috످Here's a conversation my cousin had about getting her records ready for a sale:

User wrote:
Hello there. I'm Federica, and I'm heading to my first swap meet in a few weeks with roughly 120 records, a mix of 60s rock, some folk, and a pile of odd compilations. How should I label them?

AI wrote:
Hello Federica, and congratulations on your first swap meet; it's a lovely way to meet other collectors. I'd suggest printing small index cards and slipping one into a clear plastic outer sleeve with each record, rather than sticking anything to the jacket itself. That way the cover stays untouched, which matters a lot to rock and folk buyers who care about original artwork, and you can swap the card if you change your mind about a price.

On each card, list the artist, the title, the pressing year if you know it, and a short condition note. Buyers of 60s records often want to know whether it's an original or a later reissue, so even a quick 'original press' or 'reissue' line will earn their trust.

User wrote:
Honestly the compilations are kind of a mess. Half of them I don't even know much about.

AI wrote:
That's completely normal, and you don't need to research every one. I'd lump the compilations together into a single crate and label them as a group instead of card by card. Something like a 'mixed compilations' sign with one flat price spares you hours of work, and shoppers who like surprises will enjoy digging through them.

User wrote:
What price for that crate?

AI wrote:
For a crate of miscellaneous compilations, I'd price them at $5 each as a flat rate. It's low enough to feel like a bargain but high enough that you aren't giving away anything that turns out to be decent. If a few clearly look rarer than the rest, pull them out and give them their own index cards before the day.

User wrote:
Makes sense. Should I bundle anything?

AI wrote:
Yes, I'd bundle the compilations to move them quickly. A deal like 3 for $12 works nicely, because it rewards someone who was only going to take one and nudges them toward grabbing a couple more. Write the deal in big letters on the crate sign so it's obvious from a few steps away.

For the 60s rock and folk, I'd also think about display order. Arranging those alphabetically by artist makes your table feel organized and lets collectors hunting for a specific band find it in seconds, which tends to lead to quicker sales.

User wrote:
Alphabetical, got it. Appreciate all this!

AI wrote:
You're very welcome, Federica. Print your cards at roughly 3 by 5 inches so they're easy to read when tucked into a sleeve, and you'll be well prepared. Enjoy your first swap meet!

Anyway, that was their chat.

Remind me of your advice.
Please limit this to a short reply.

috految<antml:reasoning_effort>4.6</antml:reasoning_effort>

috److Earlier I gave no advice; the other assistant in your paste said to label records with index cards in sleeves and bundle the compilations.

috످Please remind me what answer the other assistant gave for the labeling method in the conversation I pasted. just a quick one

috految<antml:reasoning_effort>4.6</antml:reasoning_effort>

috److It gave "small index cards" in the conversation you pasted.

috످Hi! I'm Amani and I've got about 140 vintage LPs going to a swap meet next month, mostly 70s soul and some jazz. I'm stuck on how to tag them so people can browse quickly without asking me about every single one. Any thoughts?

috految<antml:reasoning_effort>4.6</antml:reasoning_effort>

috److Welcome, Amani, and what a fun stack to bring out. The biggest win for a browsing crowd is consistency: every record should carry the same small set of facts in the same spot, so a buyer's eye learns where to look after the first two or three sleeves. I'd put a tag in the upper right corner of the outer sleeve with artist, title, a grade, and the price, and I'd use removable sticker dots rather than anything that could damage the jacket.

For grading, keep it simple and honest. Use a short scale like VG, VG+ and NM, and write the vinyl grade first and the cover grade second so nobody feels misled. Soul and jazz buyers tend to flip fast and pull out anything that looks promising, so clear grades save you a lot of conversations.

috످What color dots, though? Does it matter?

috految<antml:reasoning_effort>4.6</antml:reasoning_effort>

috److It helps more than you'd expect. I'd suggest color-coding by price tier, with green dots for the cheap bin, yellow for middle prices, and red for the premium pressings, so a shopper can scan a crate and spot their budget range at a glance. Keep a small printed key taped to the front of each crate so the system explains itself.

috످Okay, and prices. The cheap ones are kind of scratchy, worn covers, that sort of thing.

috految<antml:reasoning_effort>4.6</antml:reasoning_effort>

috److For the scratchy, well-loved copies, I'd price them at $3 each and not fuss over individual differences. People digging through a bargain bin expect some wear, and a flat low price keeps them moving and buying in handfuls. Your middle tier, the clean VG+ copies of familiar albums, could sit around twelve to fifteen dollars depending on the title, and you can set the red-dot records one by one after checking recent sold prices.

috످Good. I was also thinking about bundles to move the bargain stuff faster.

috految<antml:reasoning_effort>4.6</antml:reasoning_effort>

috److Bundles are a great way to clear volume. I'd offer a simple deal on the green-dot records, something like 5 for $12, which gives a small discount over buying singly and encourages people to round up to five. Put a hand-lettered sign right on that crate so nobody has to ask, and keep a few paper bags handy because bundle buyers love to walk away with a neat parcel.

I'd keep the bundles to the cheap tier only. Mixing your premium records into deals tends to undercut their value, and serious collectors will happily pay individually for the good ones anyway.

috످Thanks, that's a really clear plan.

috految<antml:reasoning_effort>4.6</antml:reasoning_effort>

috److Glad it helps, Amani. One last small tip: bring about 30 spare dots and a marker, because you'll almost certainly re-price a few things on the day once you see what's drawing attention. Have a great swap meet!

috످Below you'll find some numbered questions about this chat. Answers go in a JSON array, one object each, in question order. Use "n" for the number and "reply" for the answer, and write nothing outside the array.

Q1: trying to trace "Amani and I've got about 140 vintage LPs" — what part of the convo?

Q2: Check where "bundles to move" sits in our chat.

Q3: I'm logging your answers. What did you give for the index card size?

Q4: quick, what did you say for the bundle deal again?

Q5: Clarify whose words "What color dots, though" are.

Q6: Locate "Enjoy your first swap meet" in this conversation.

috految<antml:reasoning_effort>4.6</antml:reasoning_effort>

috److[{"n":1,"reply":"That's in your third message, where you introduced yourself and asked how to tag your LPs."},{"n":2,"reply":"It's in your sixth message, right after my pricing advice."},{"n":3,"reply":"I didn't give an index card size. The other assistant in the chat you pasted suggested roughly 3 by 5 inches."},{"n":4,"reply":"I suggested 5 for $12 on the green-dot bargain records."},{"n":5,"reply":"Those are your words, from when you asked about the sticker dots I suggested."},{"n":6,"reply":"It's in the chat you pasted in your first message, at the end of the other assistant's last reply to Federica."}]

috످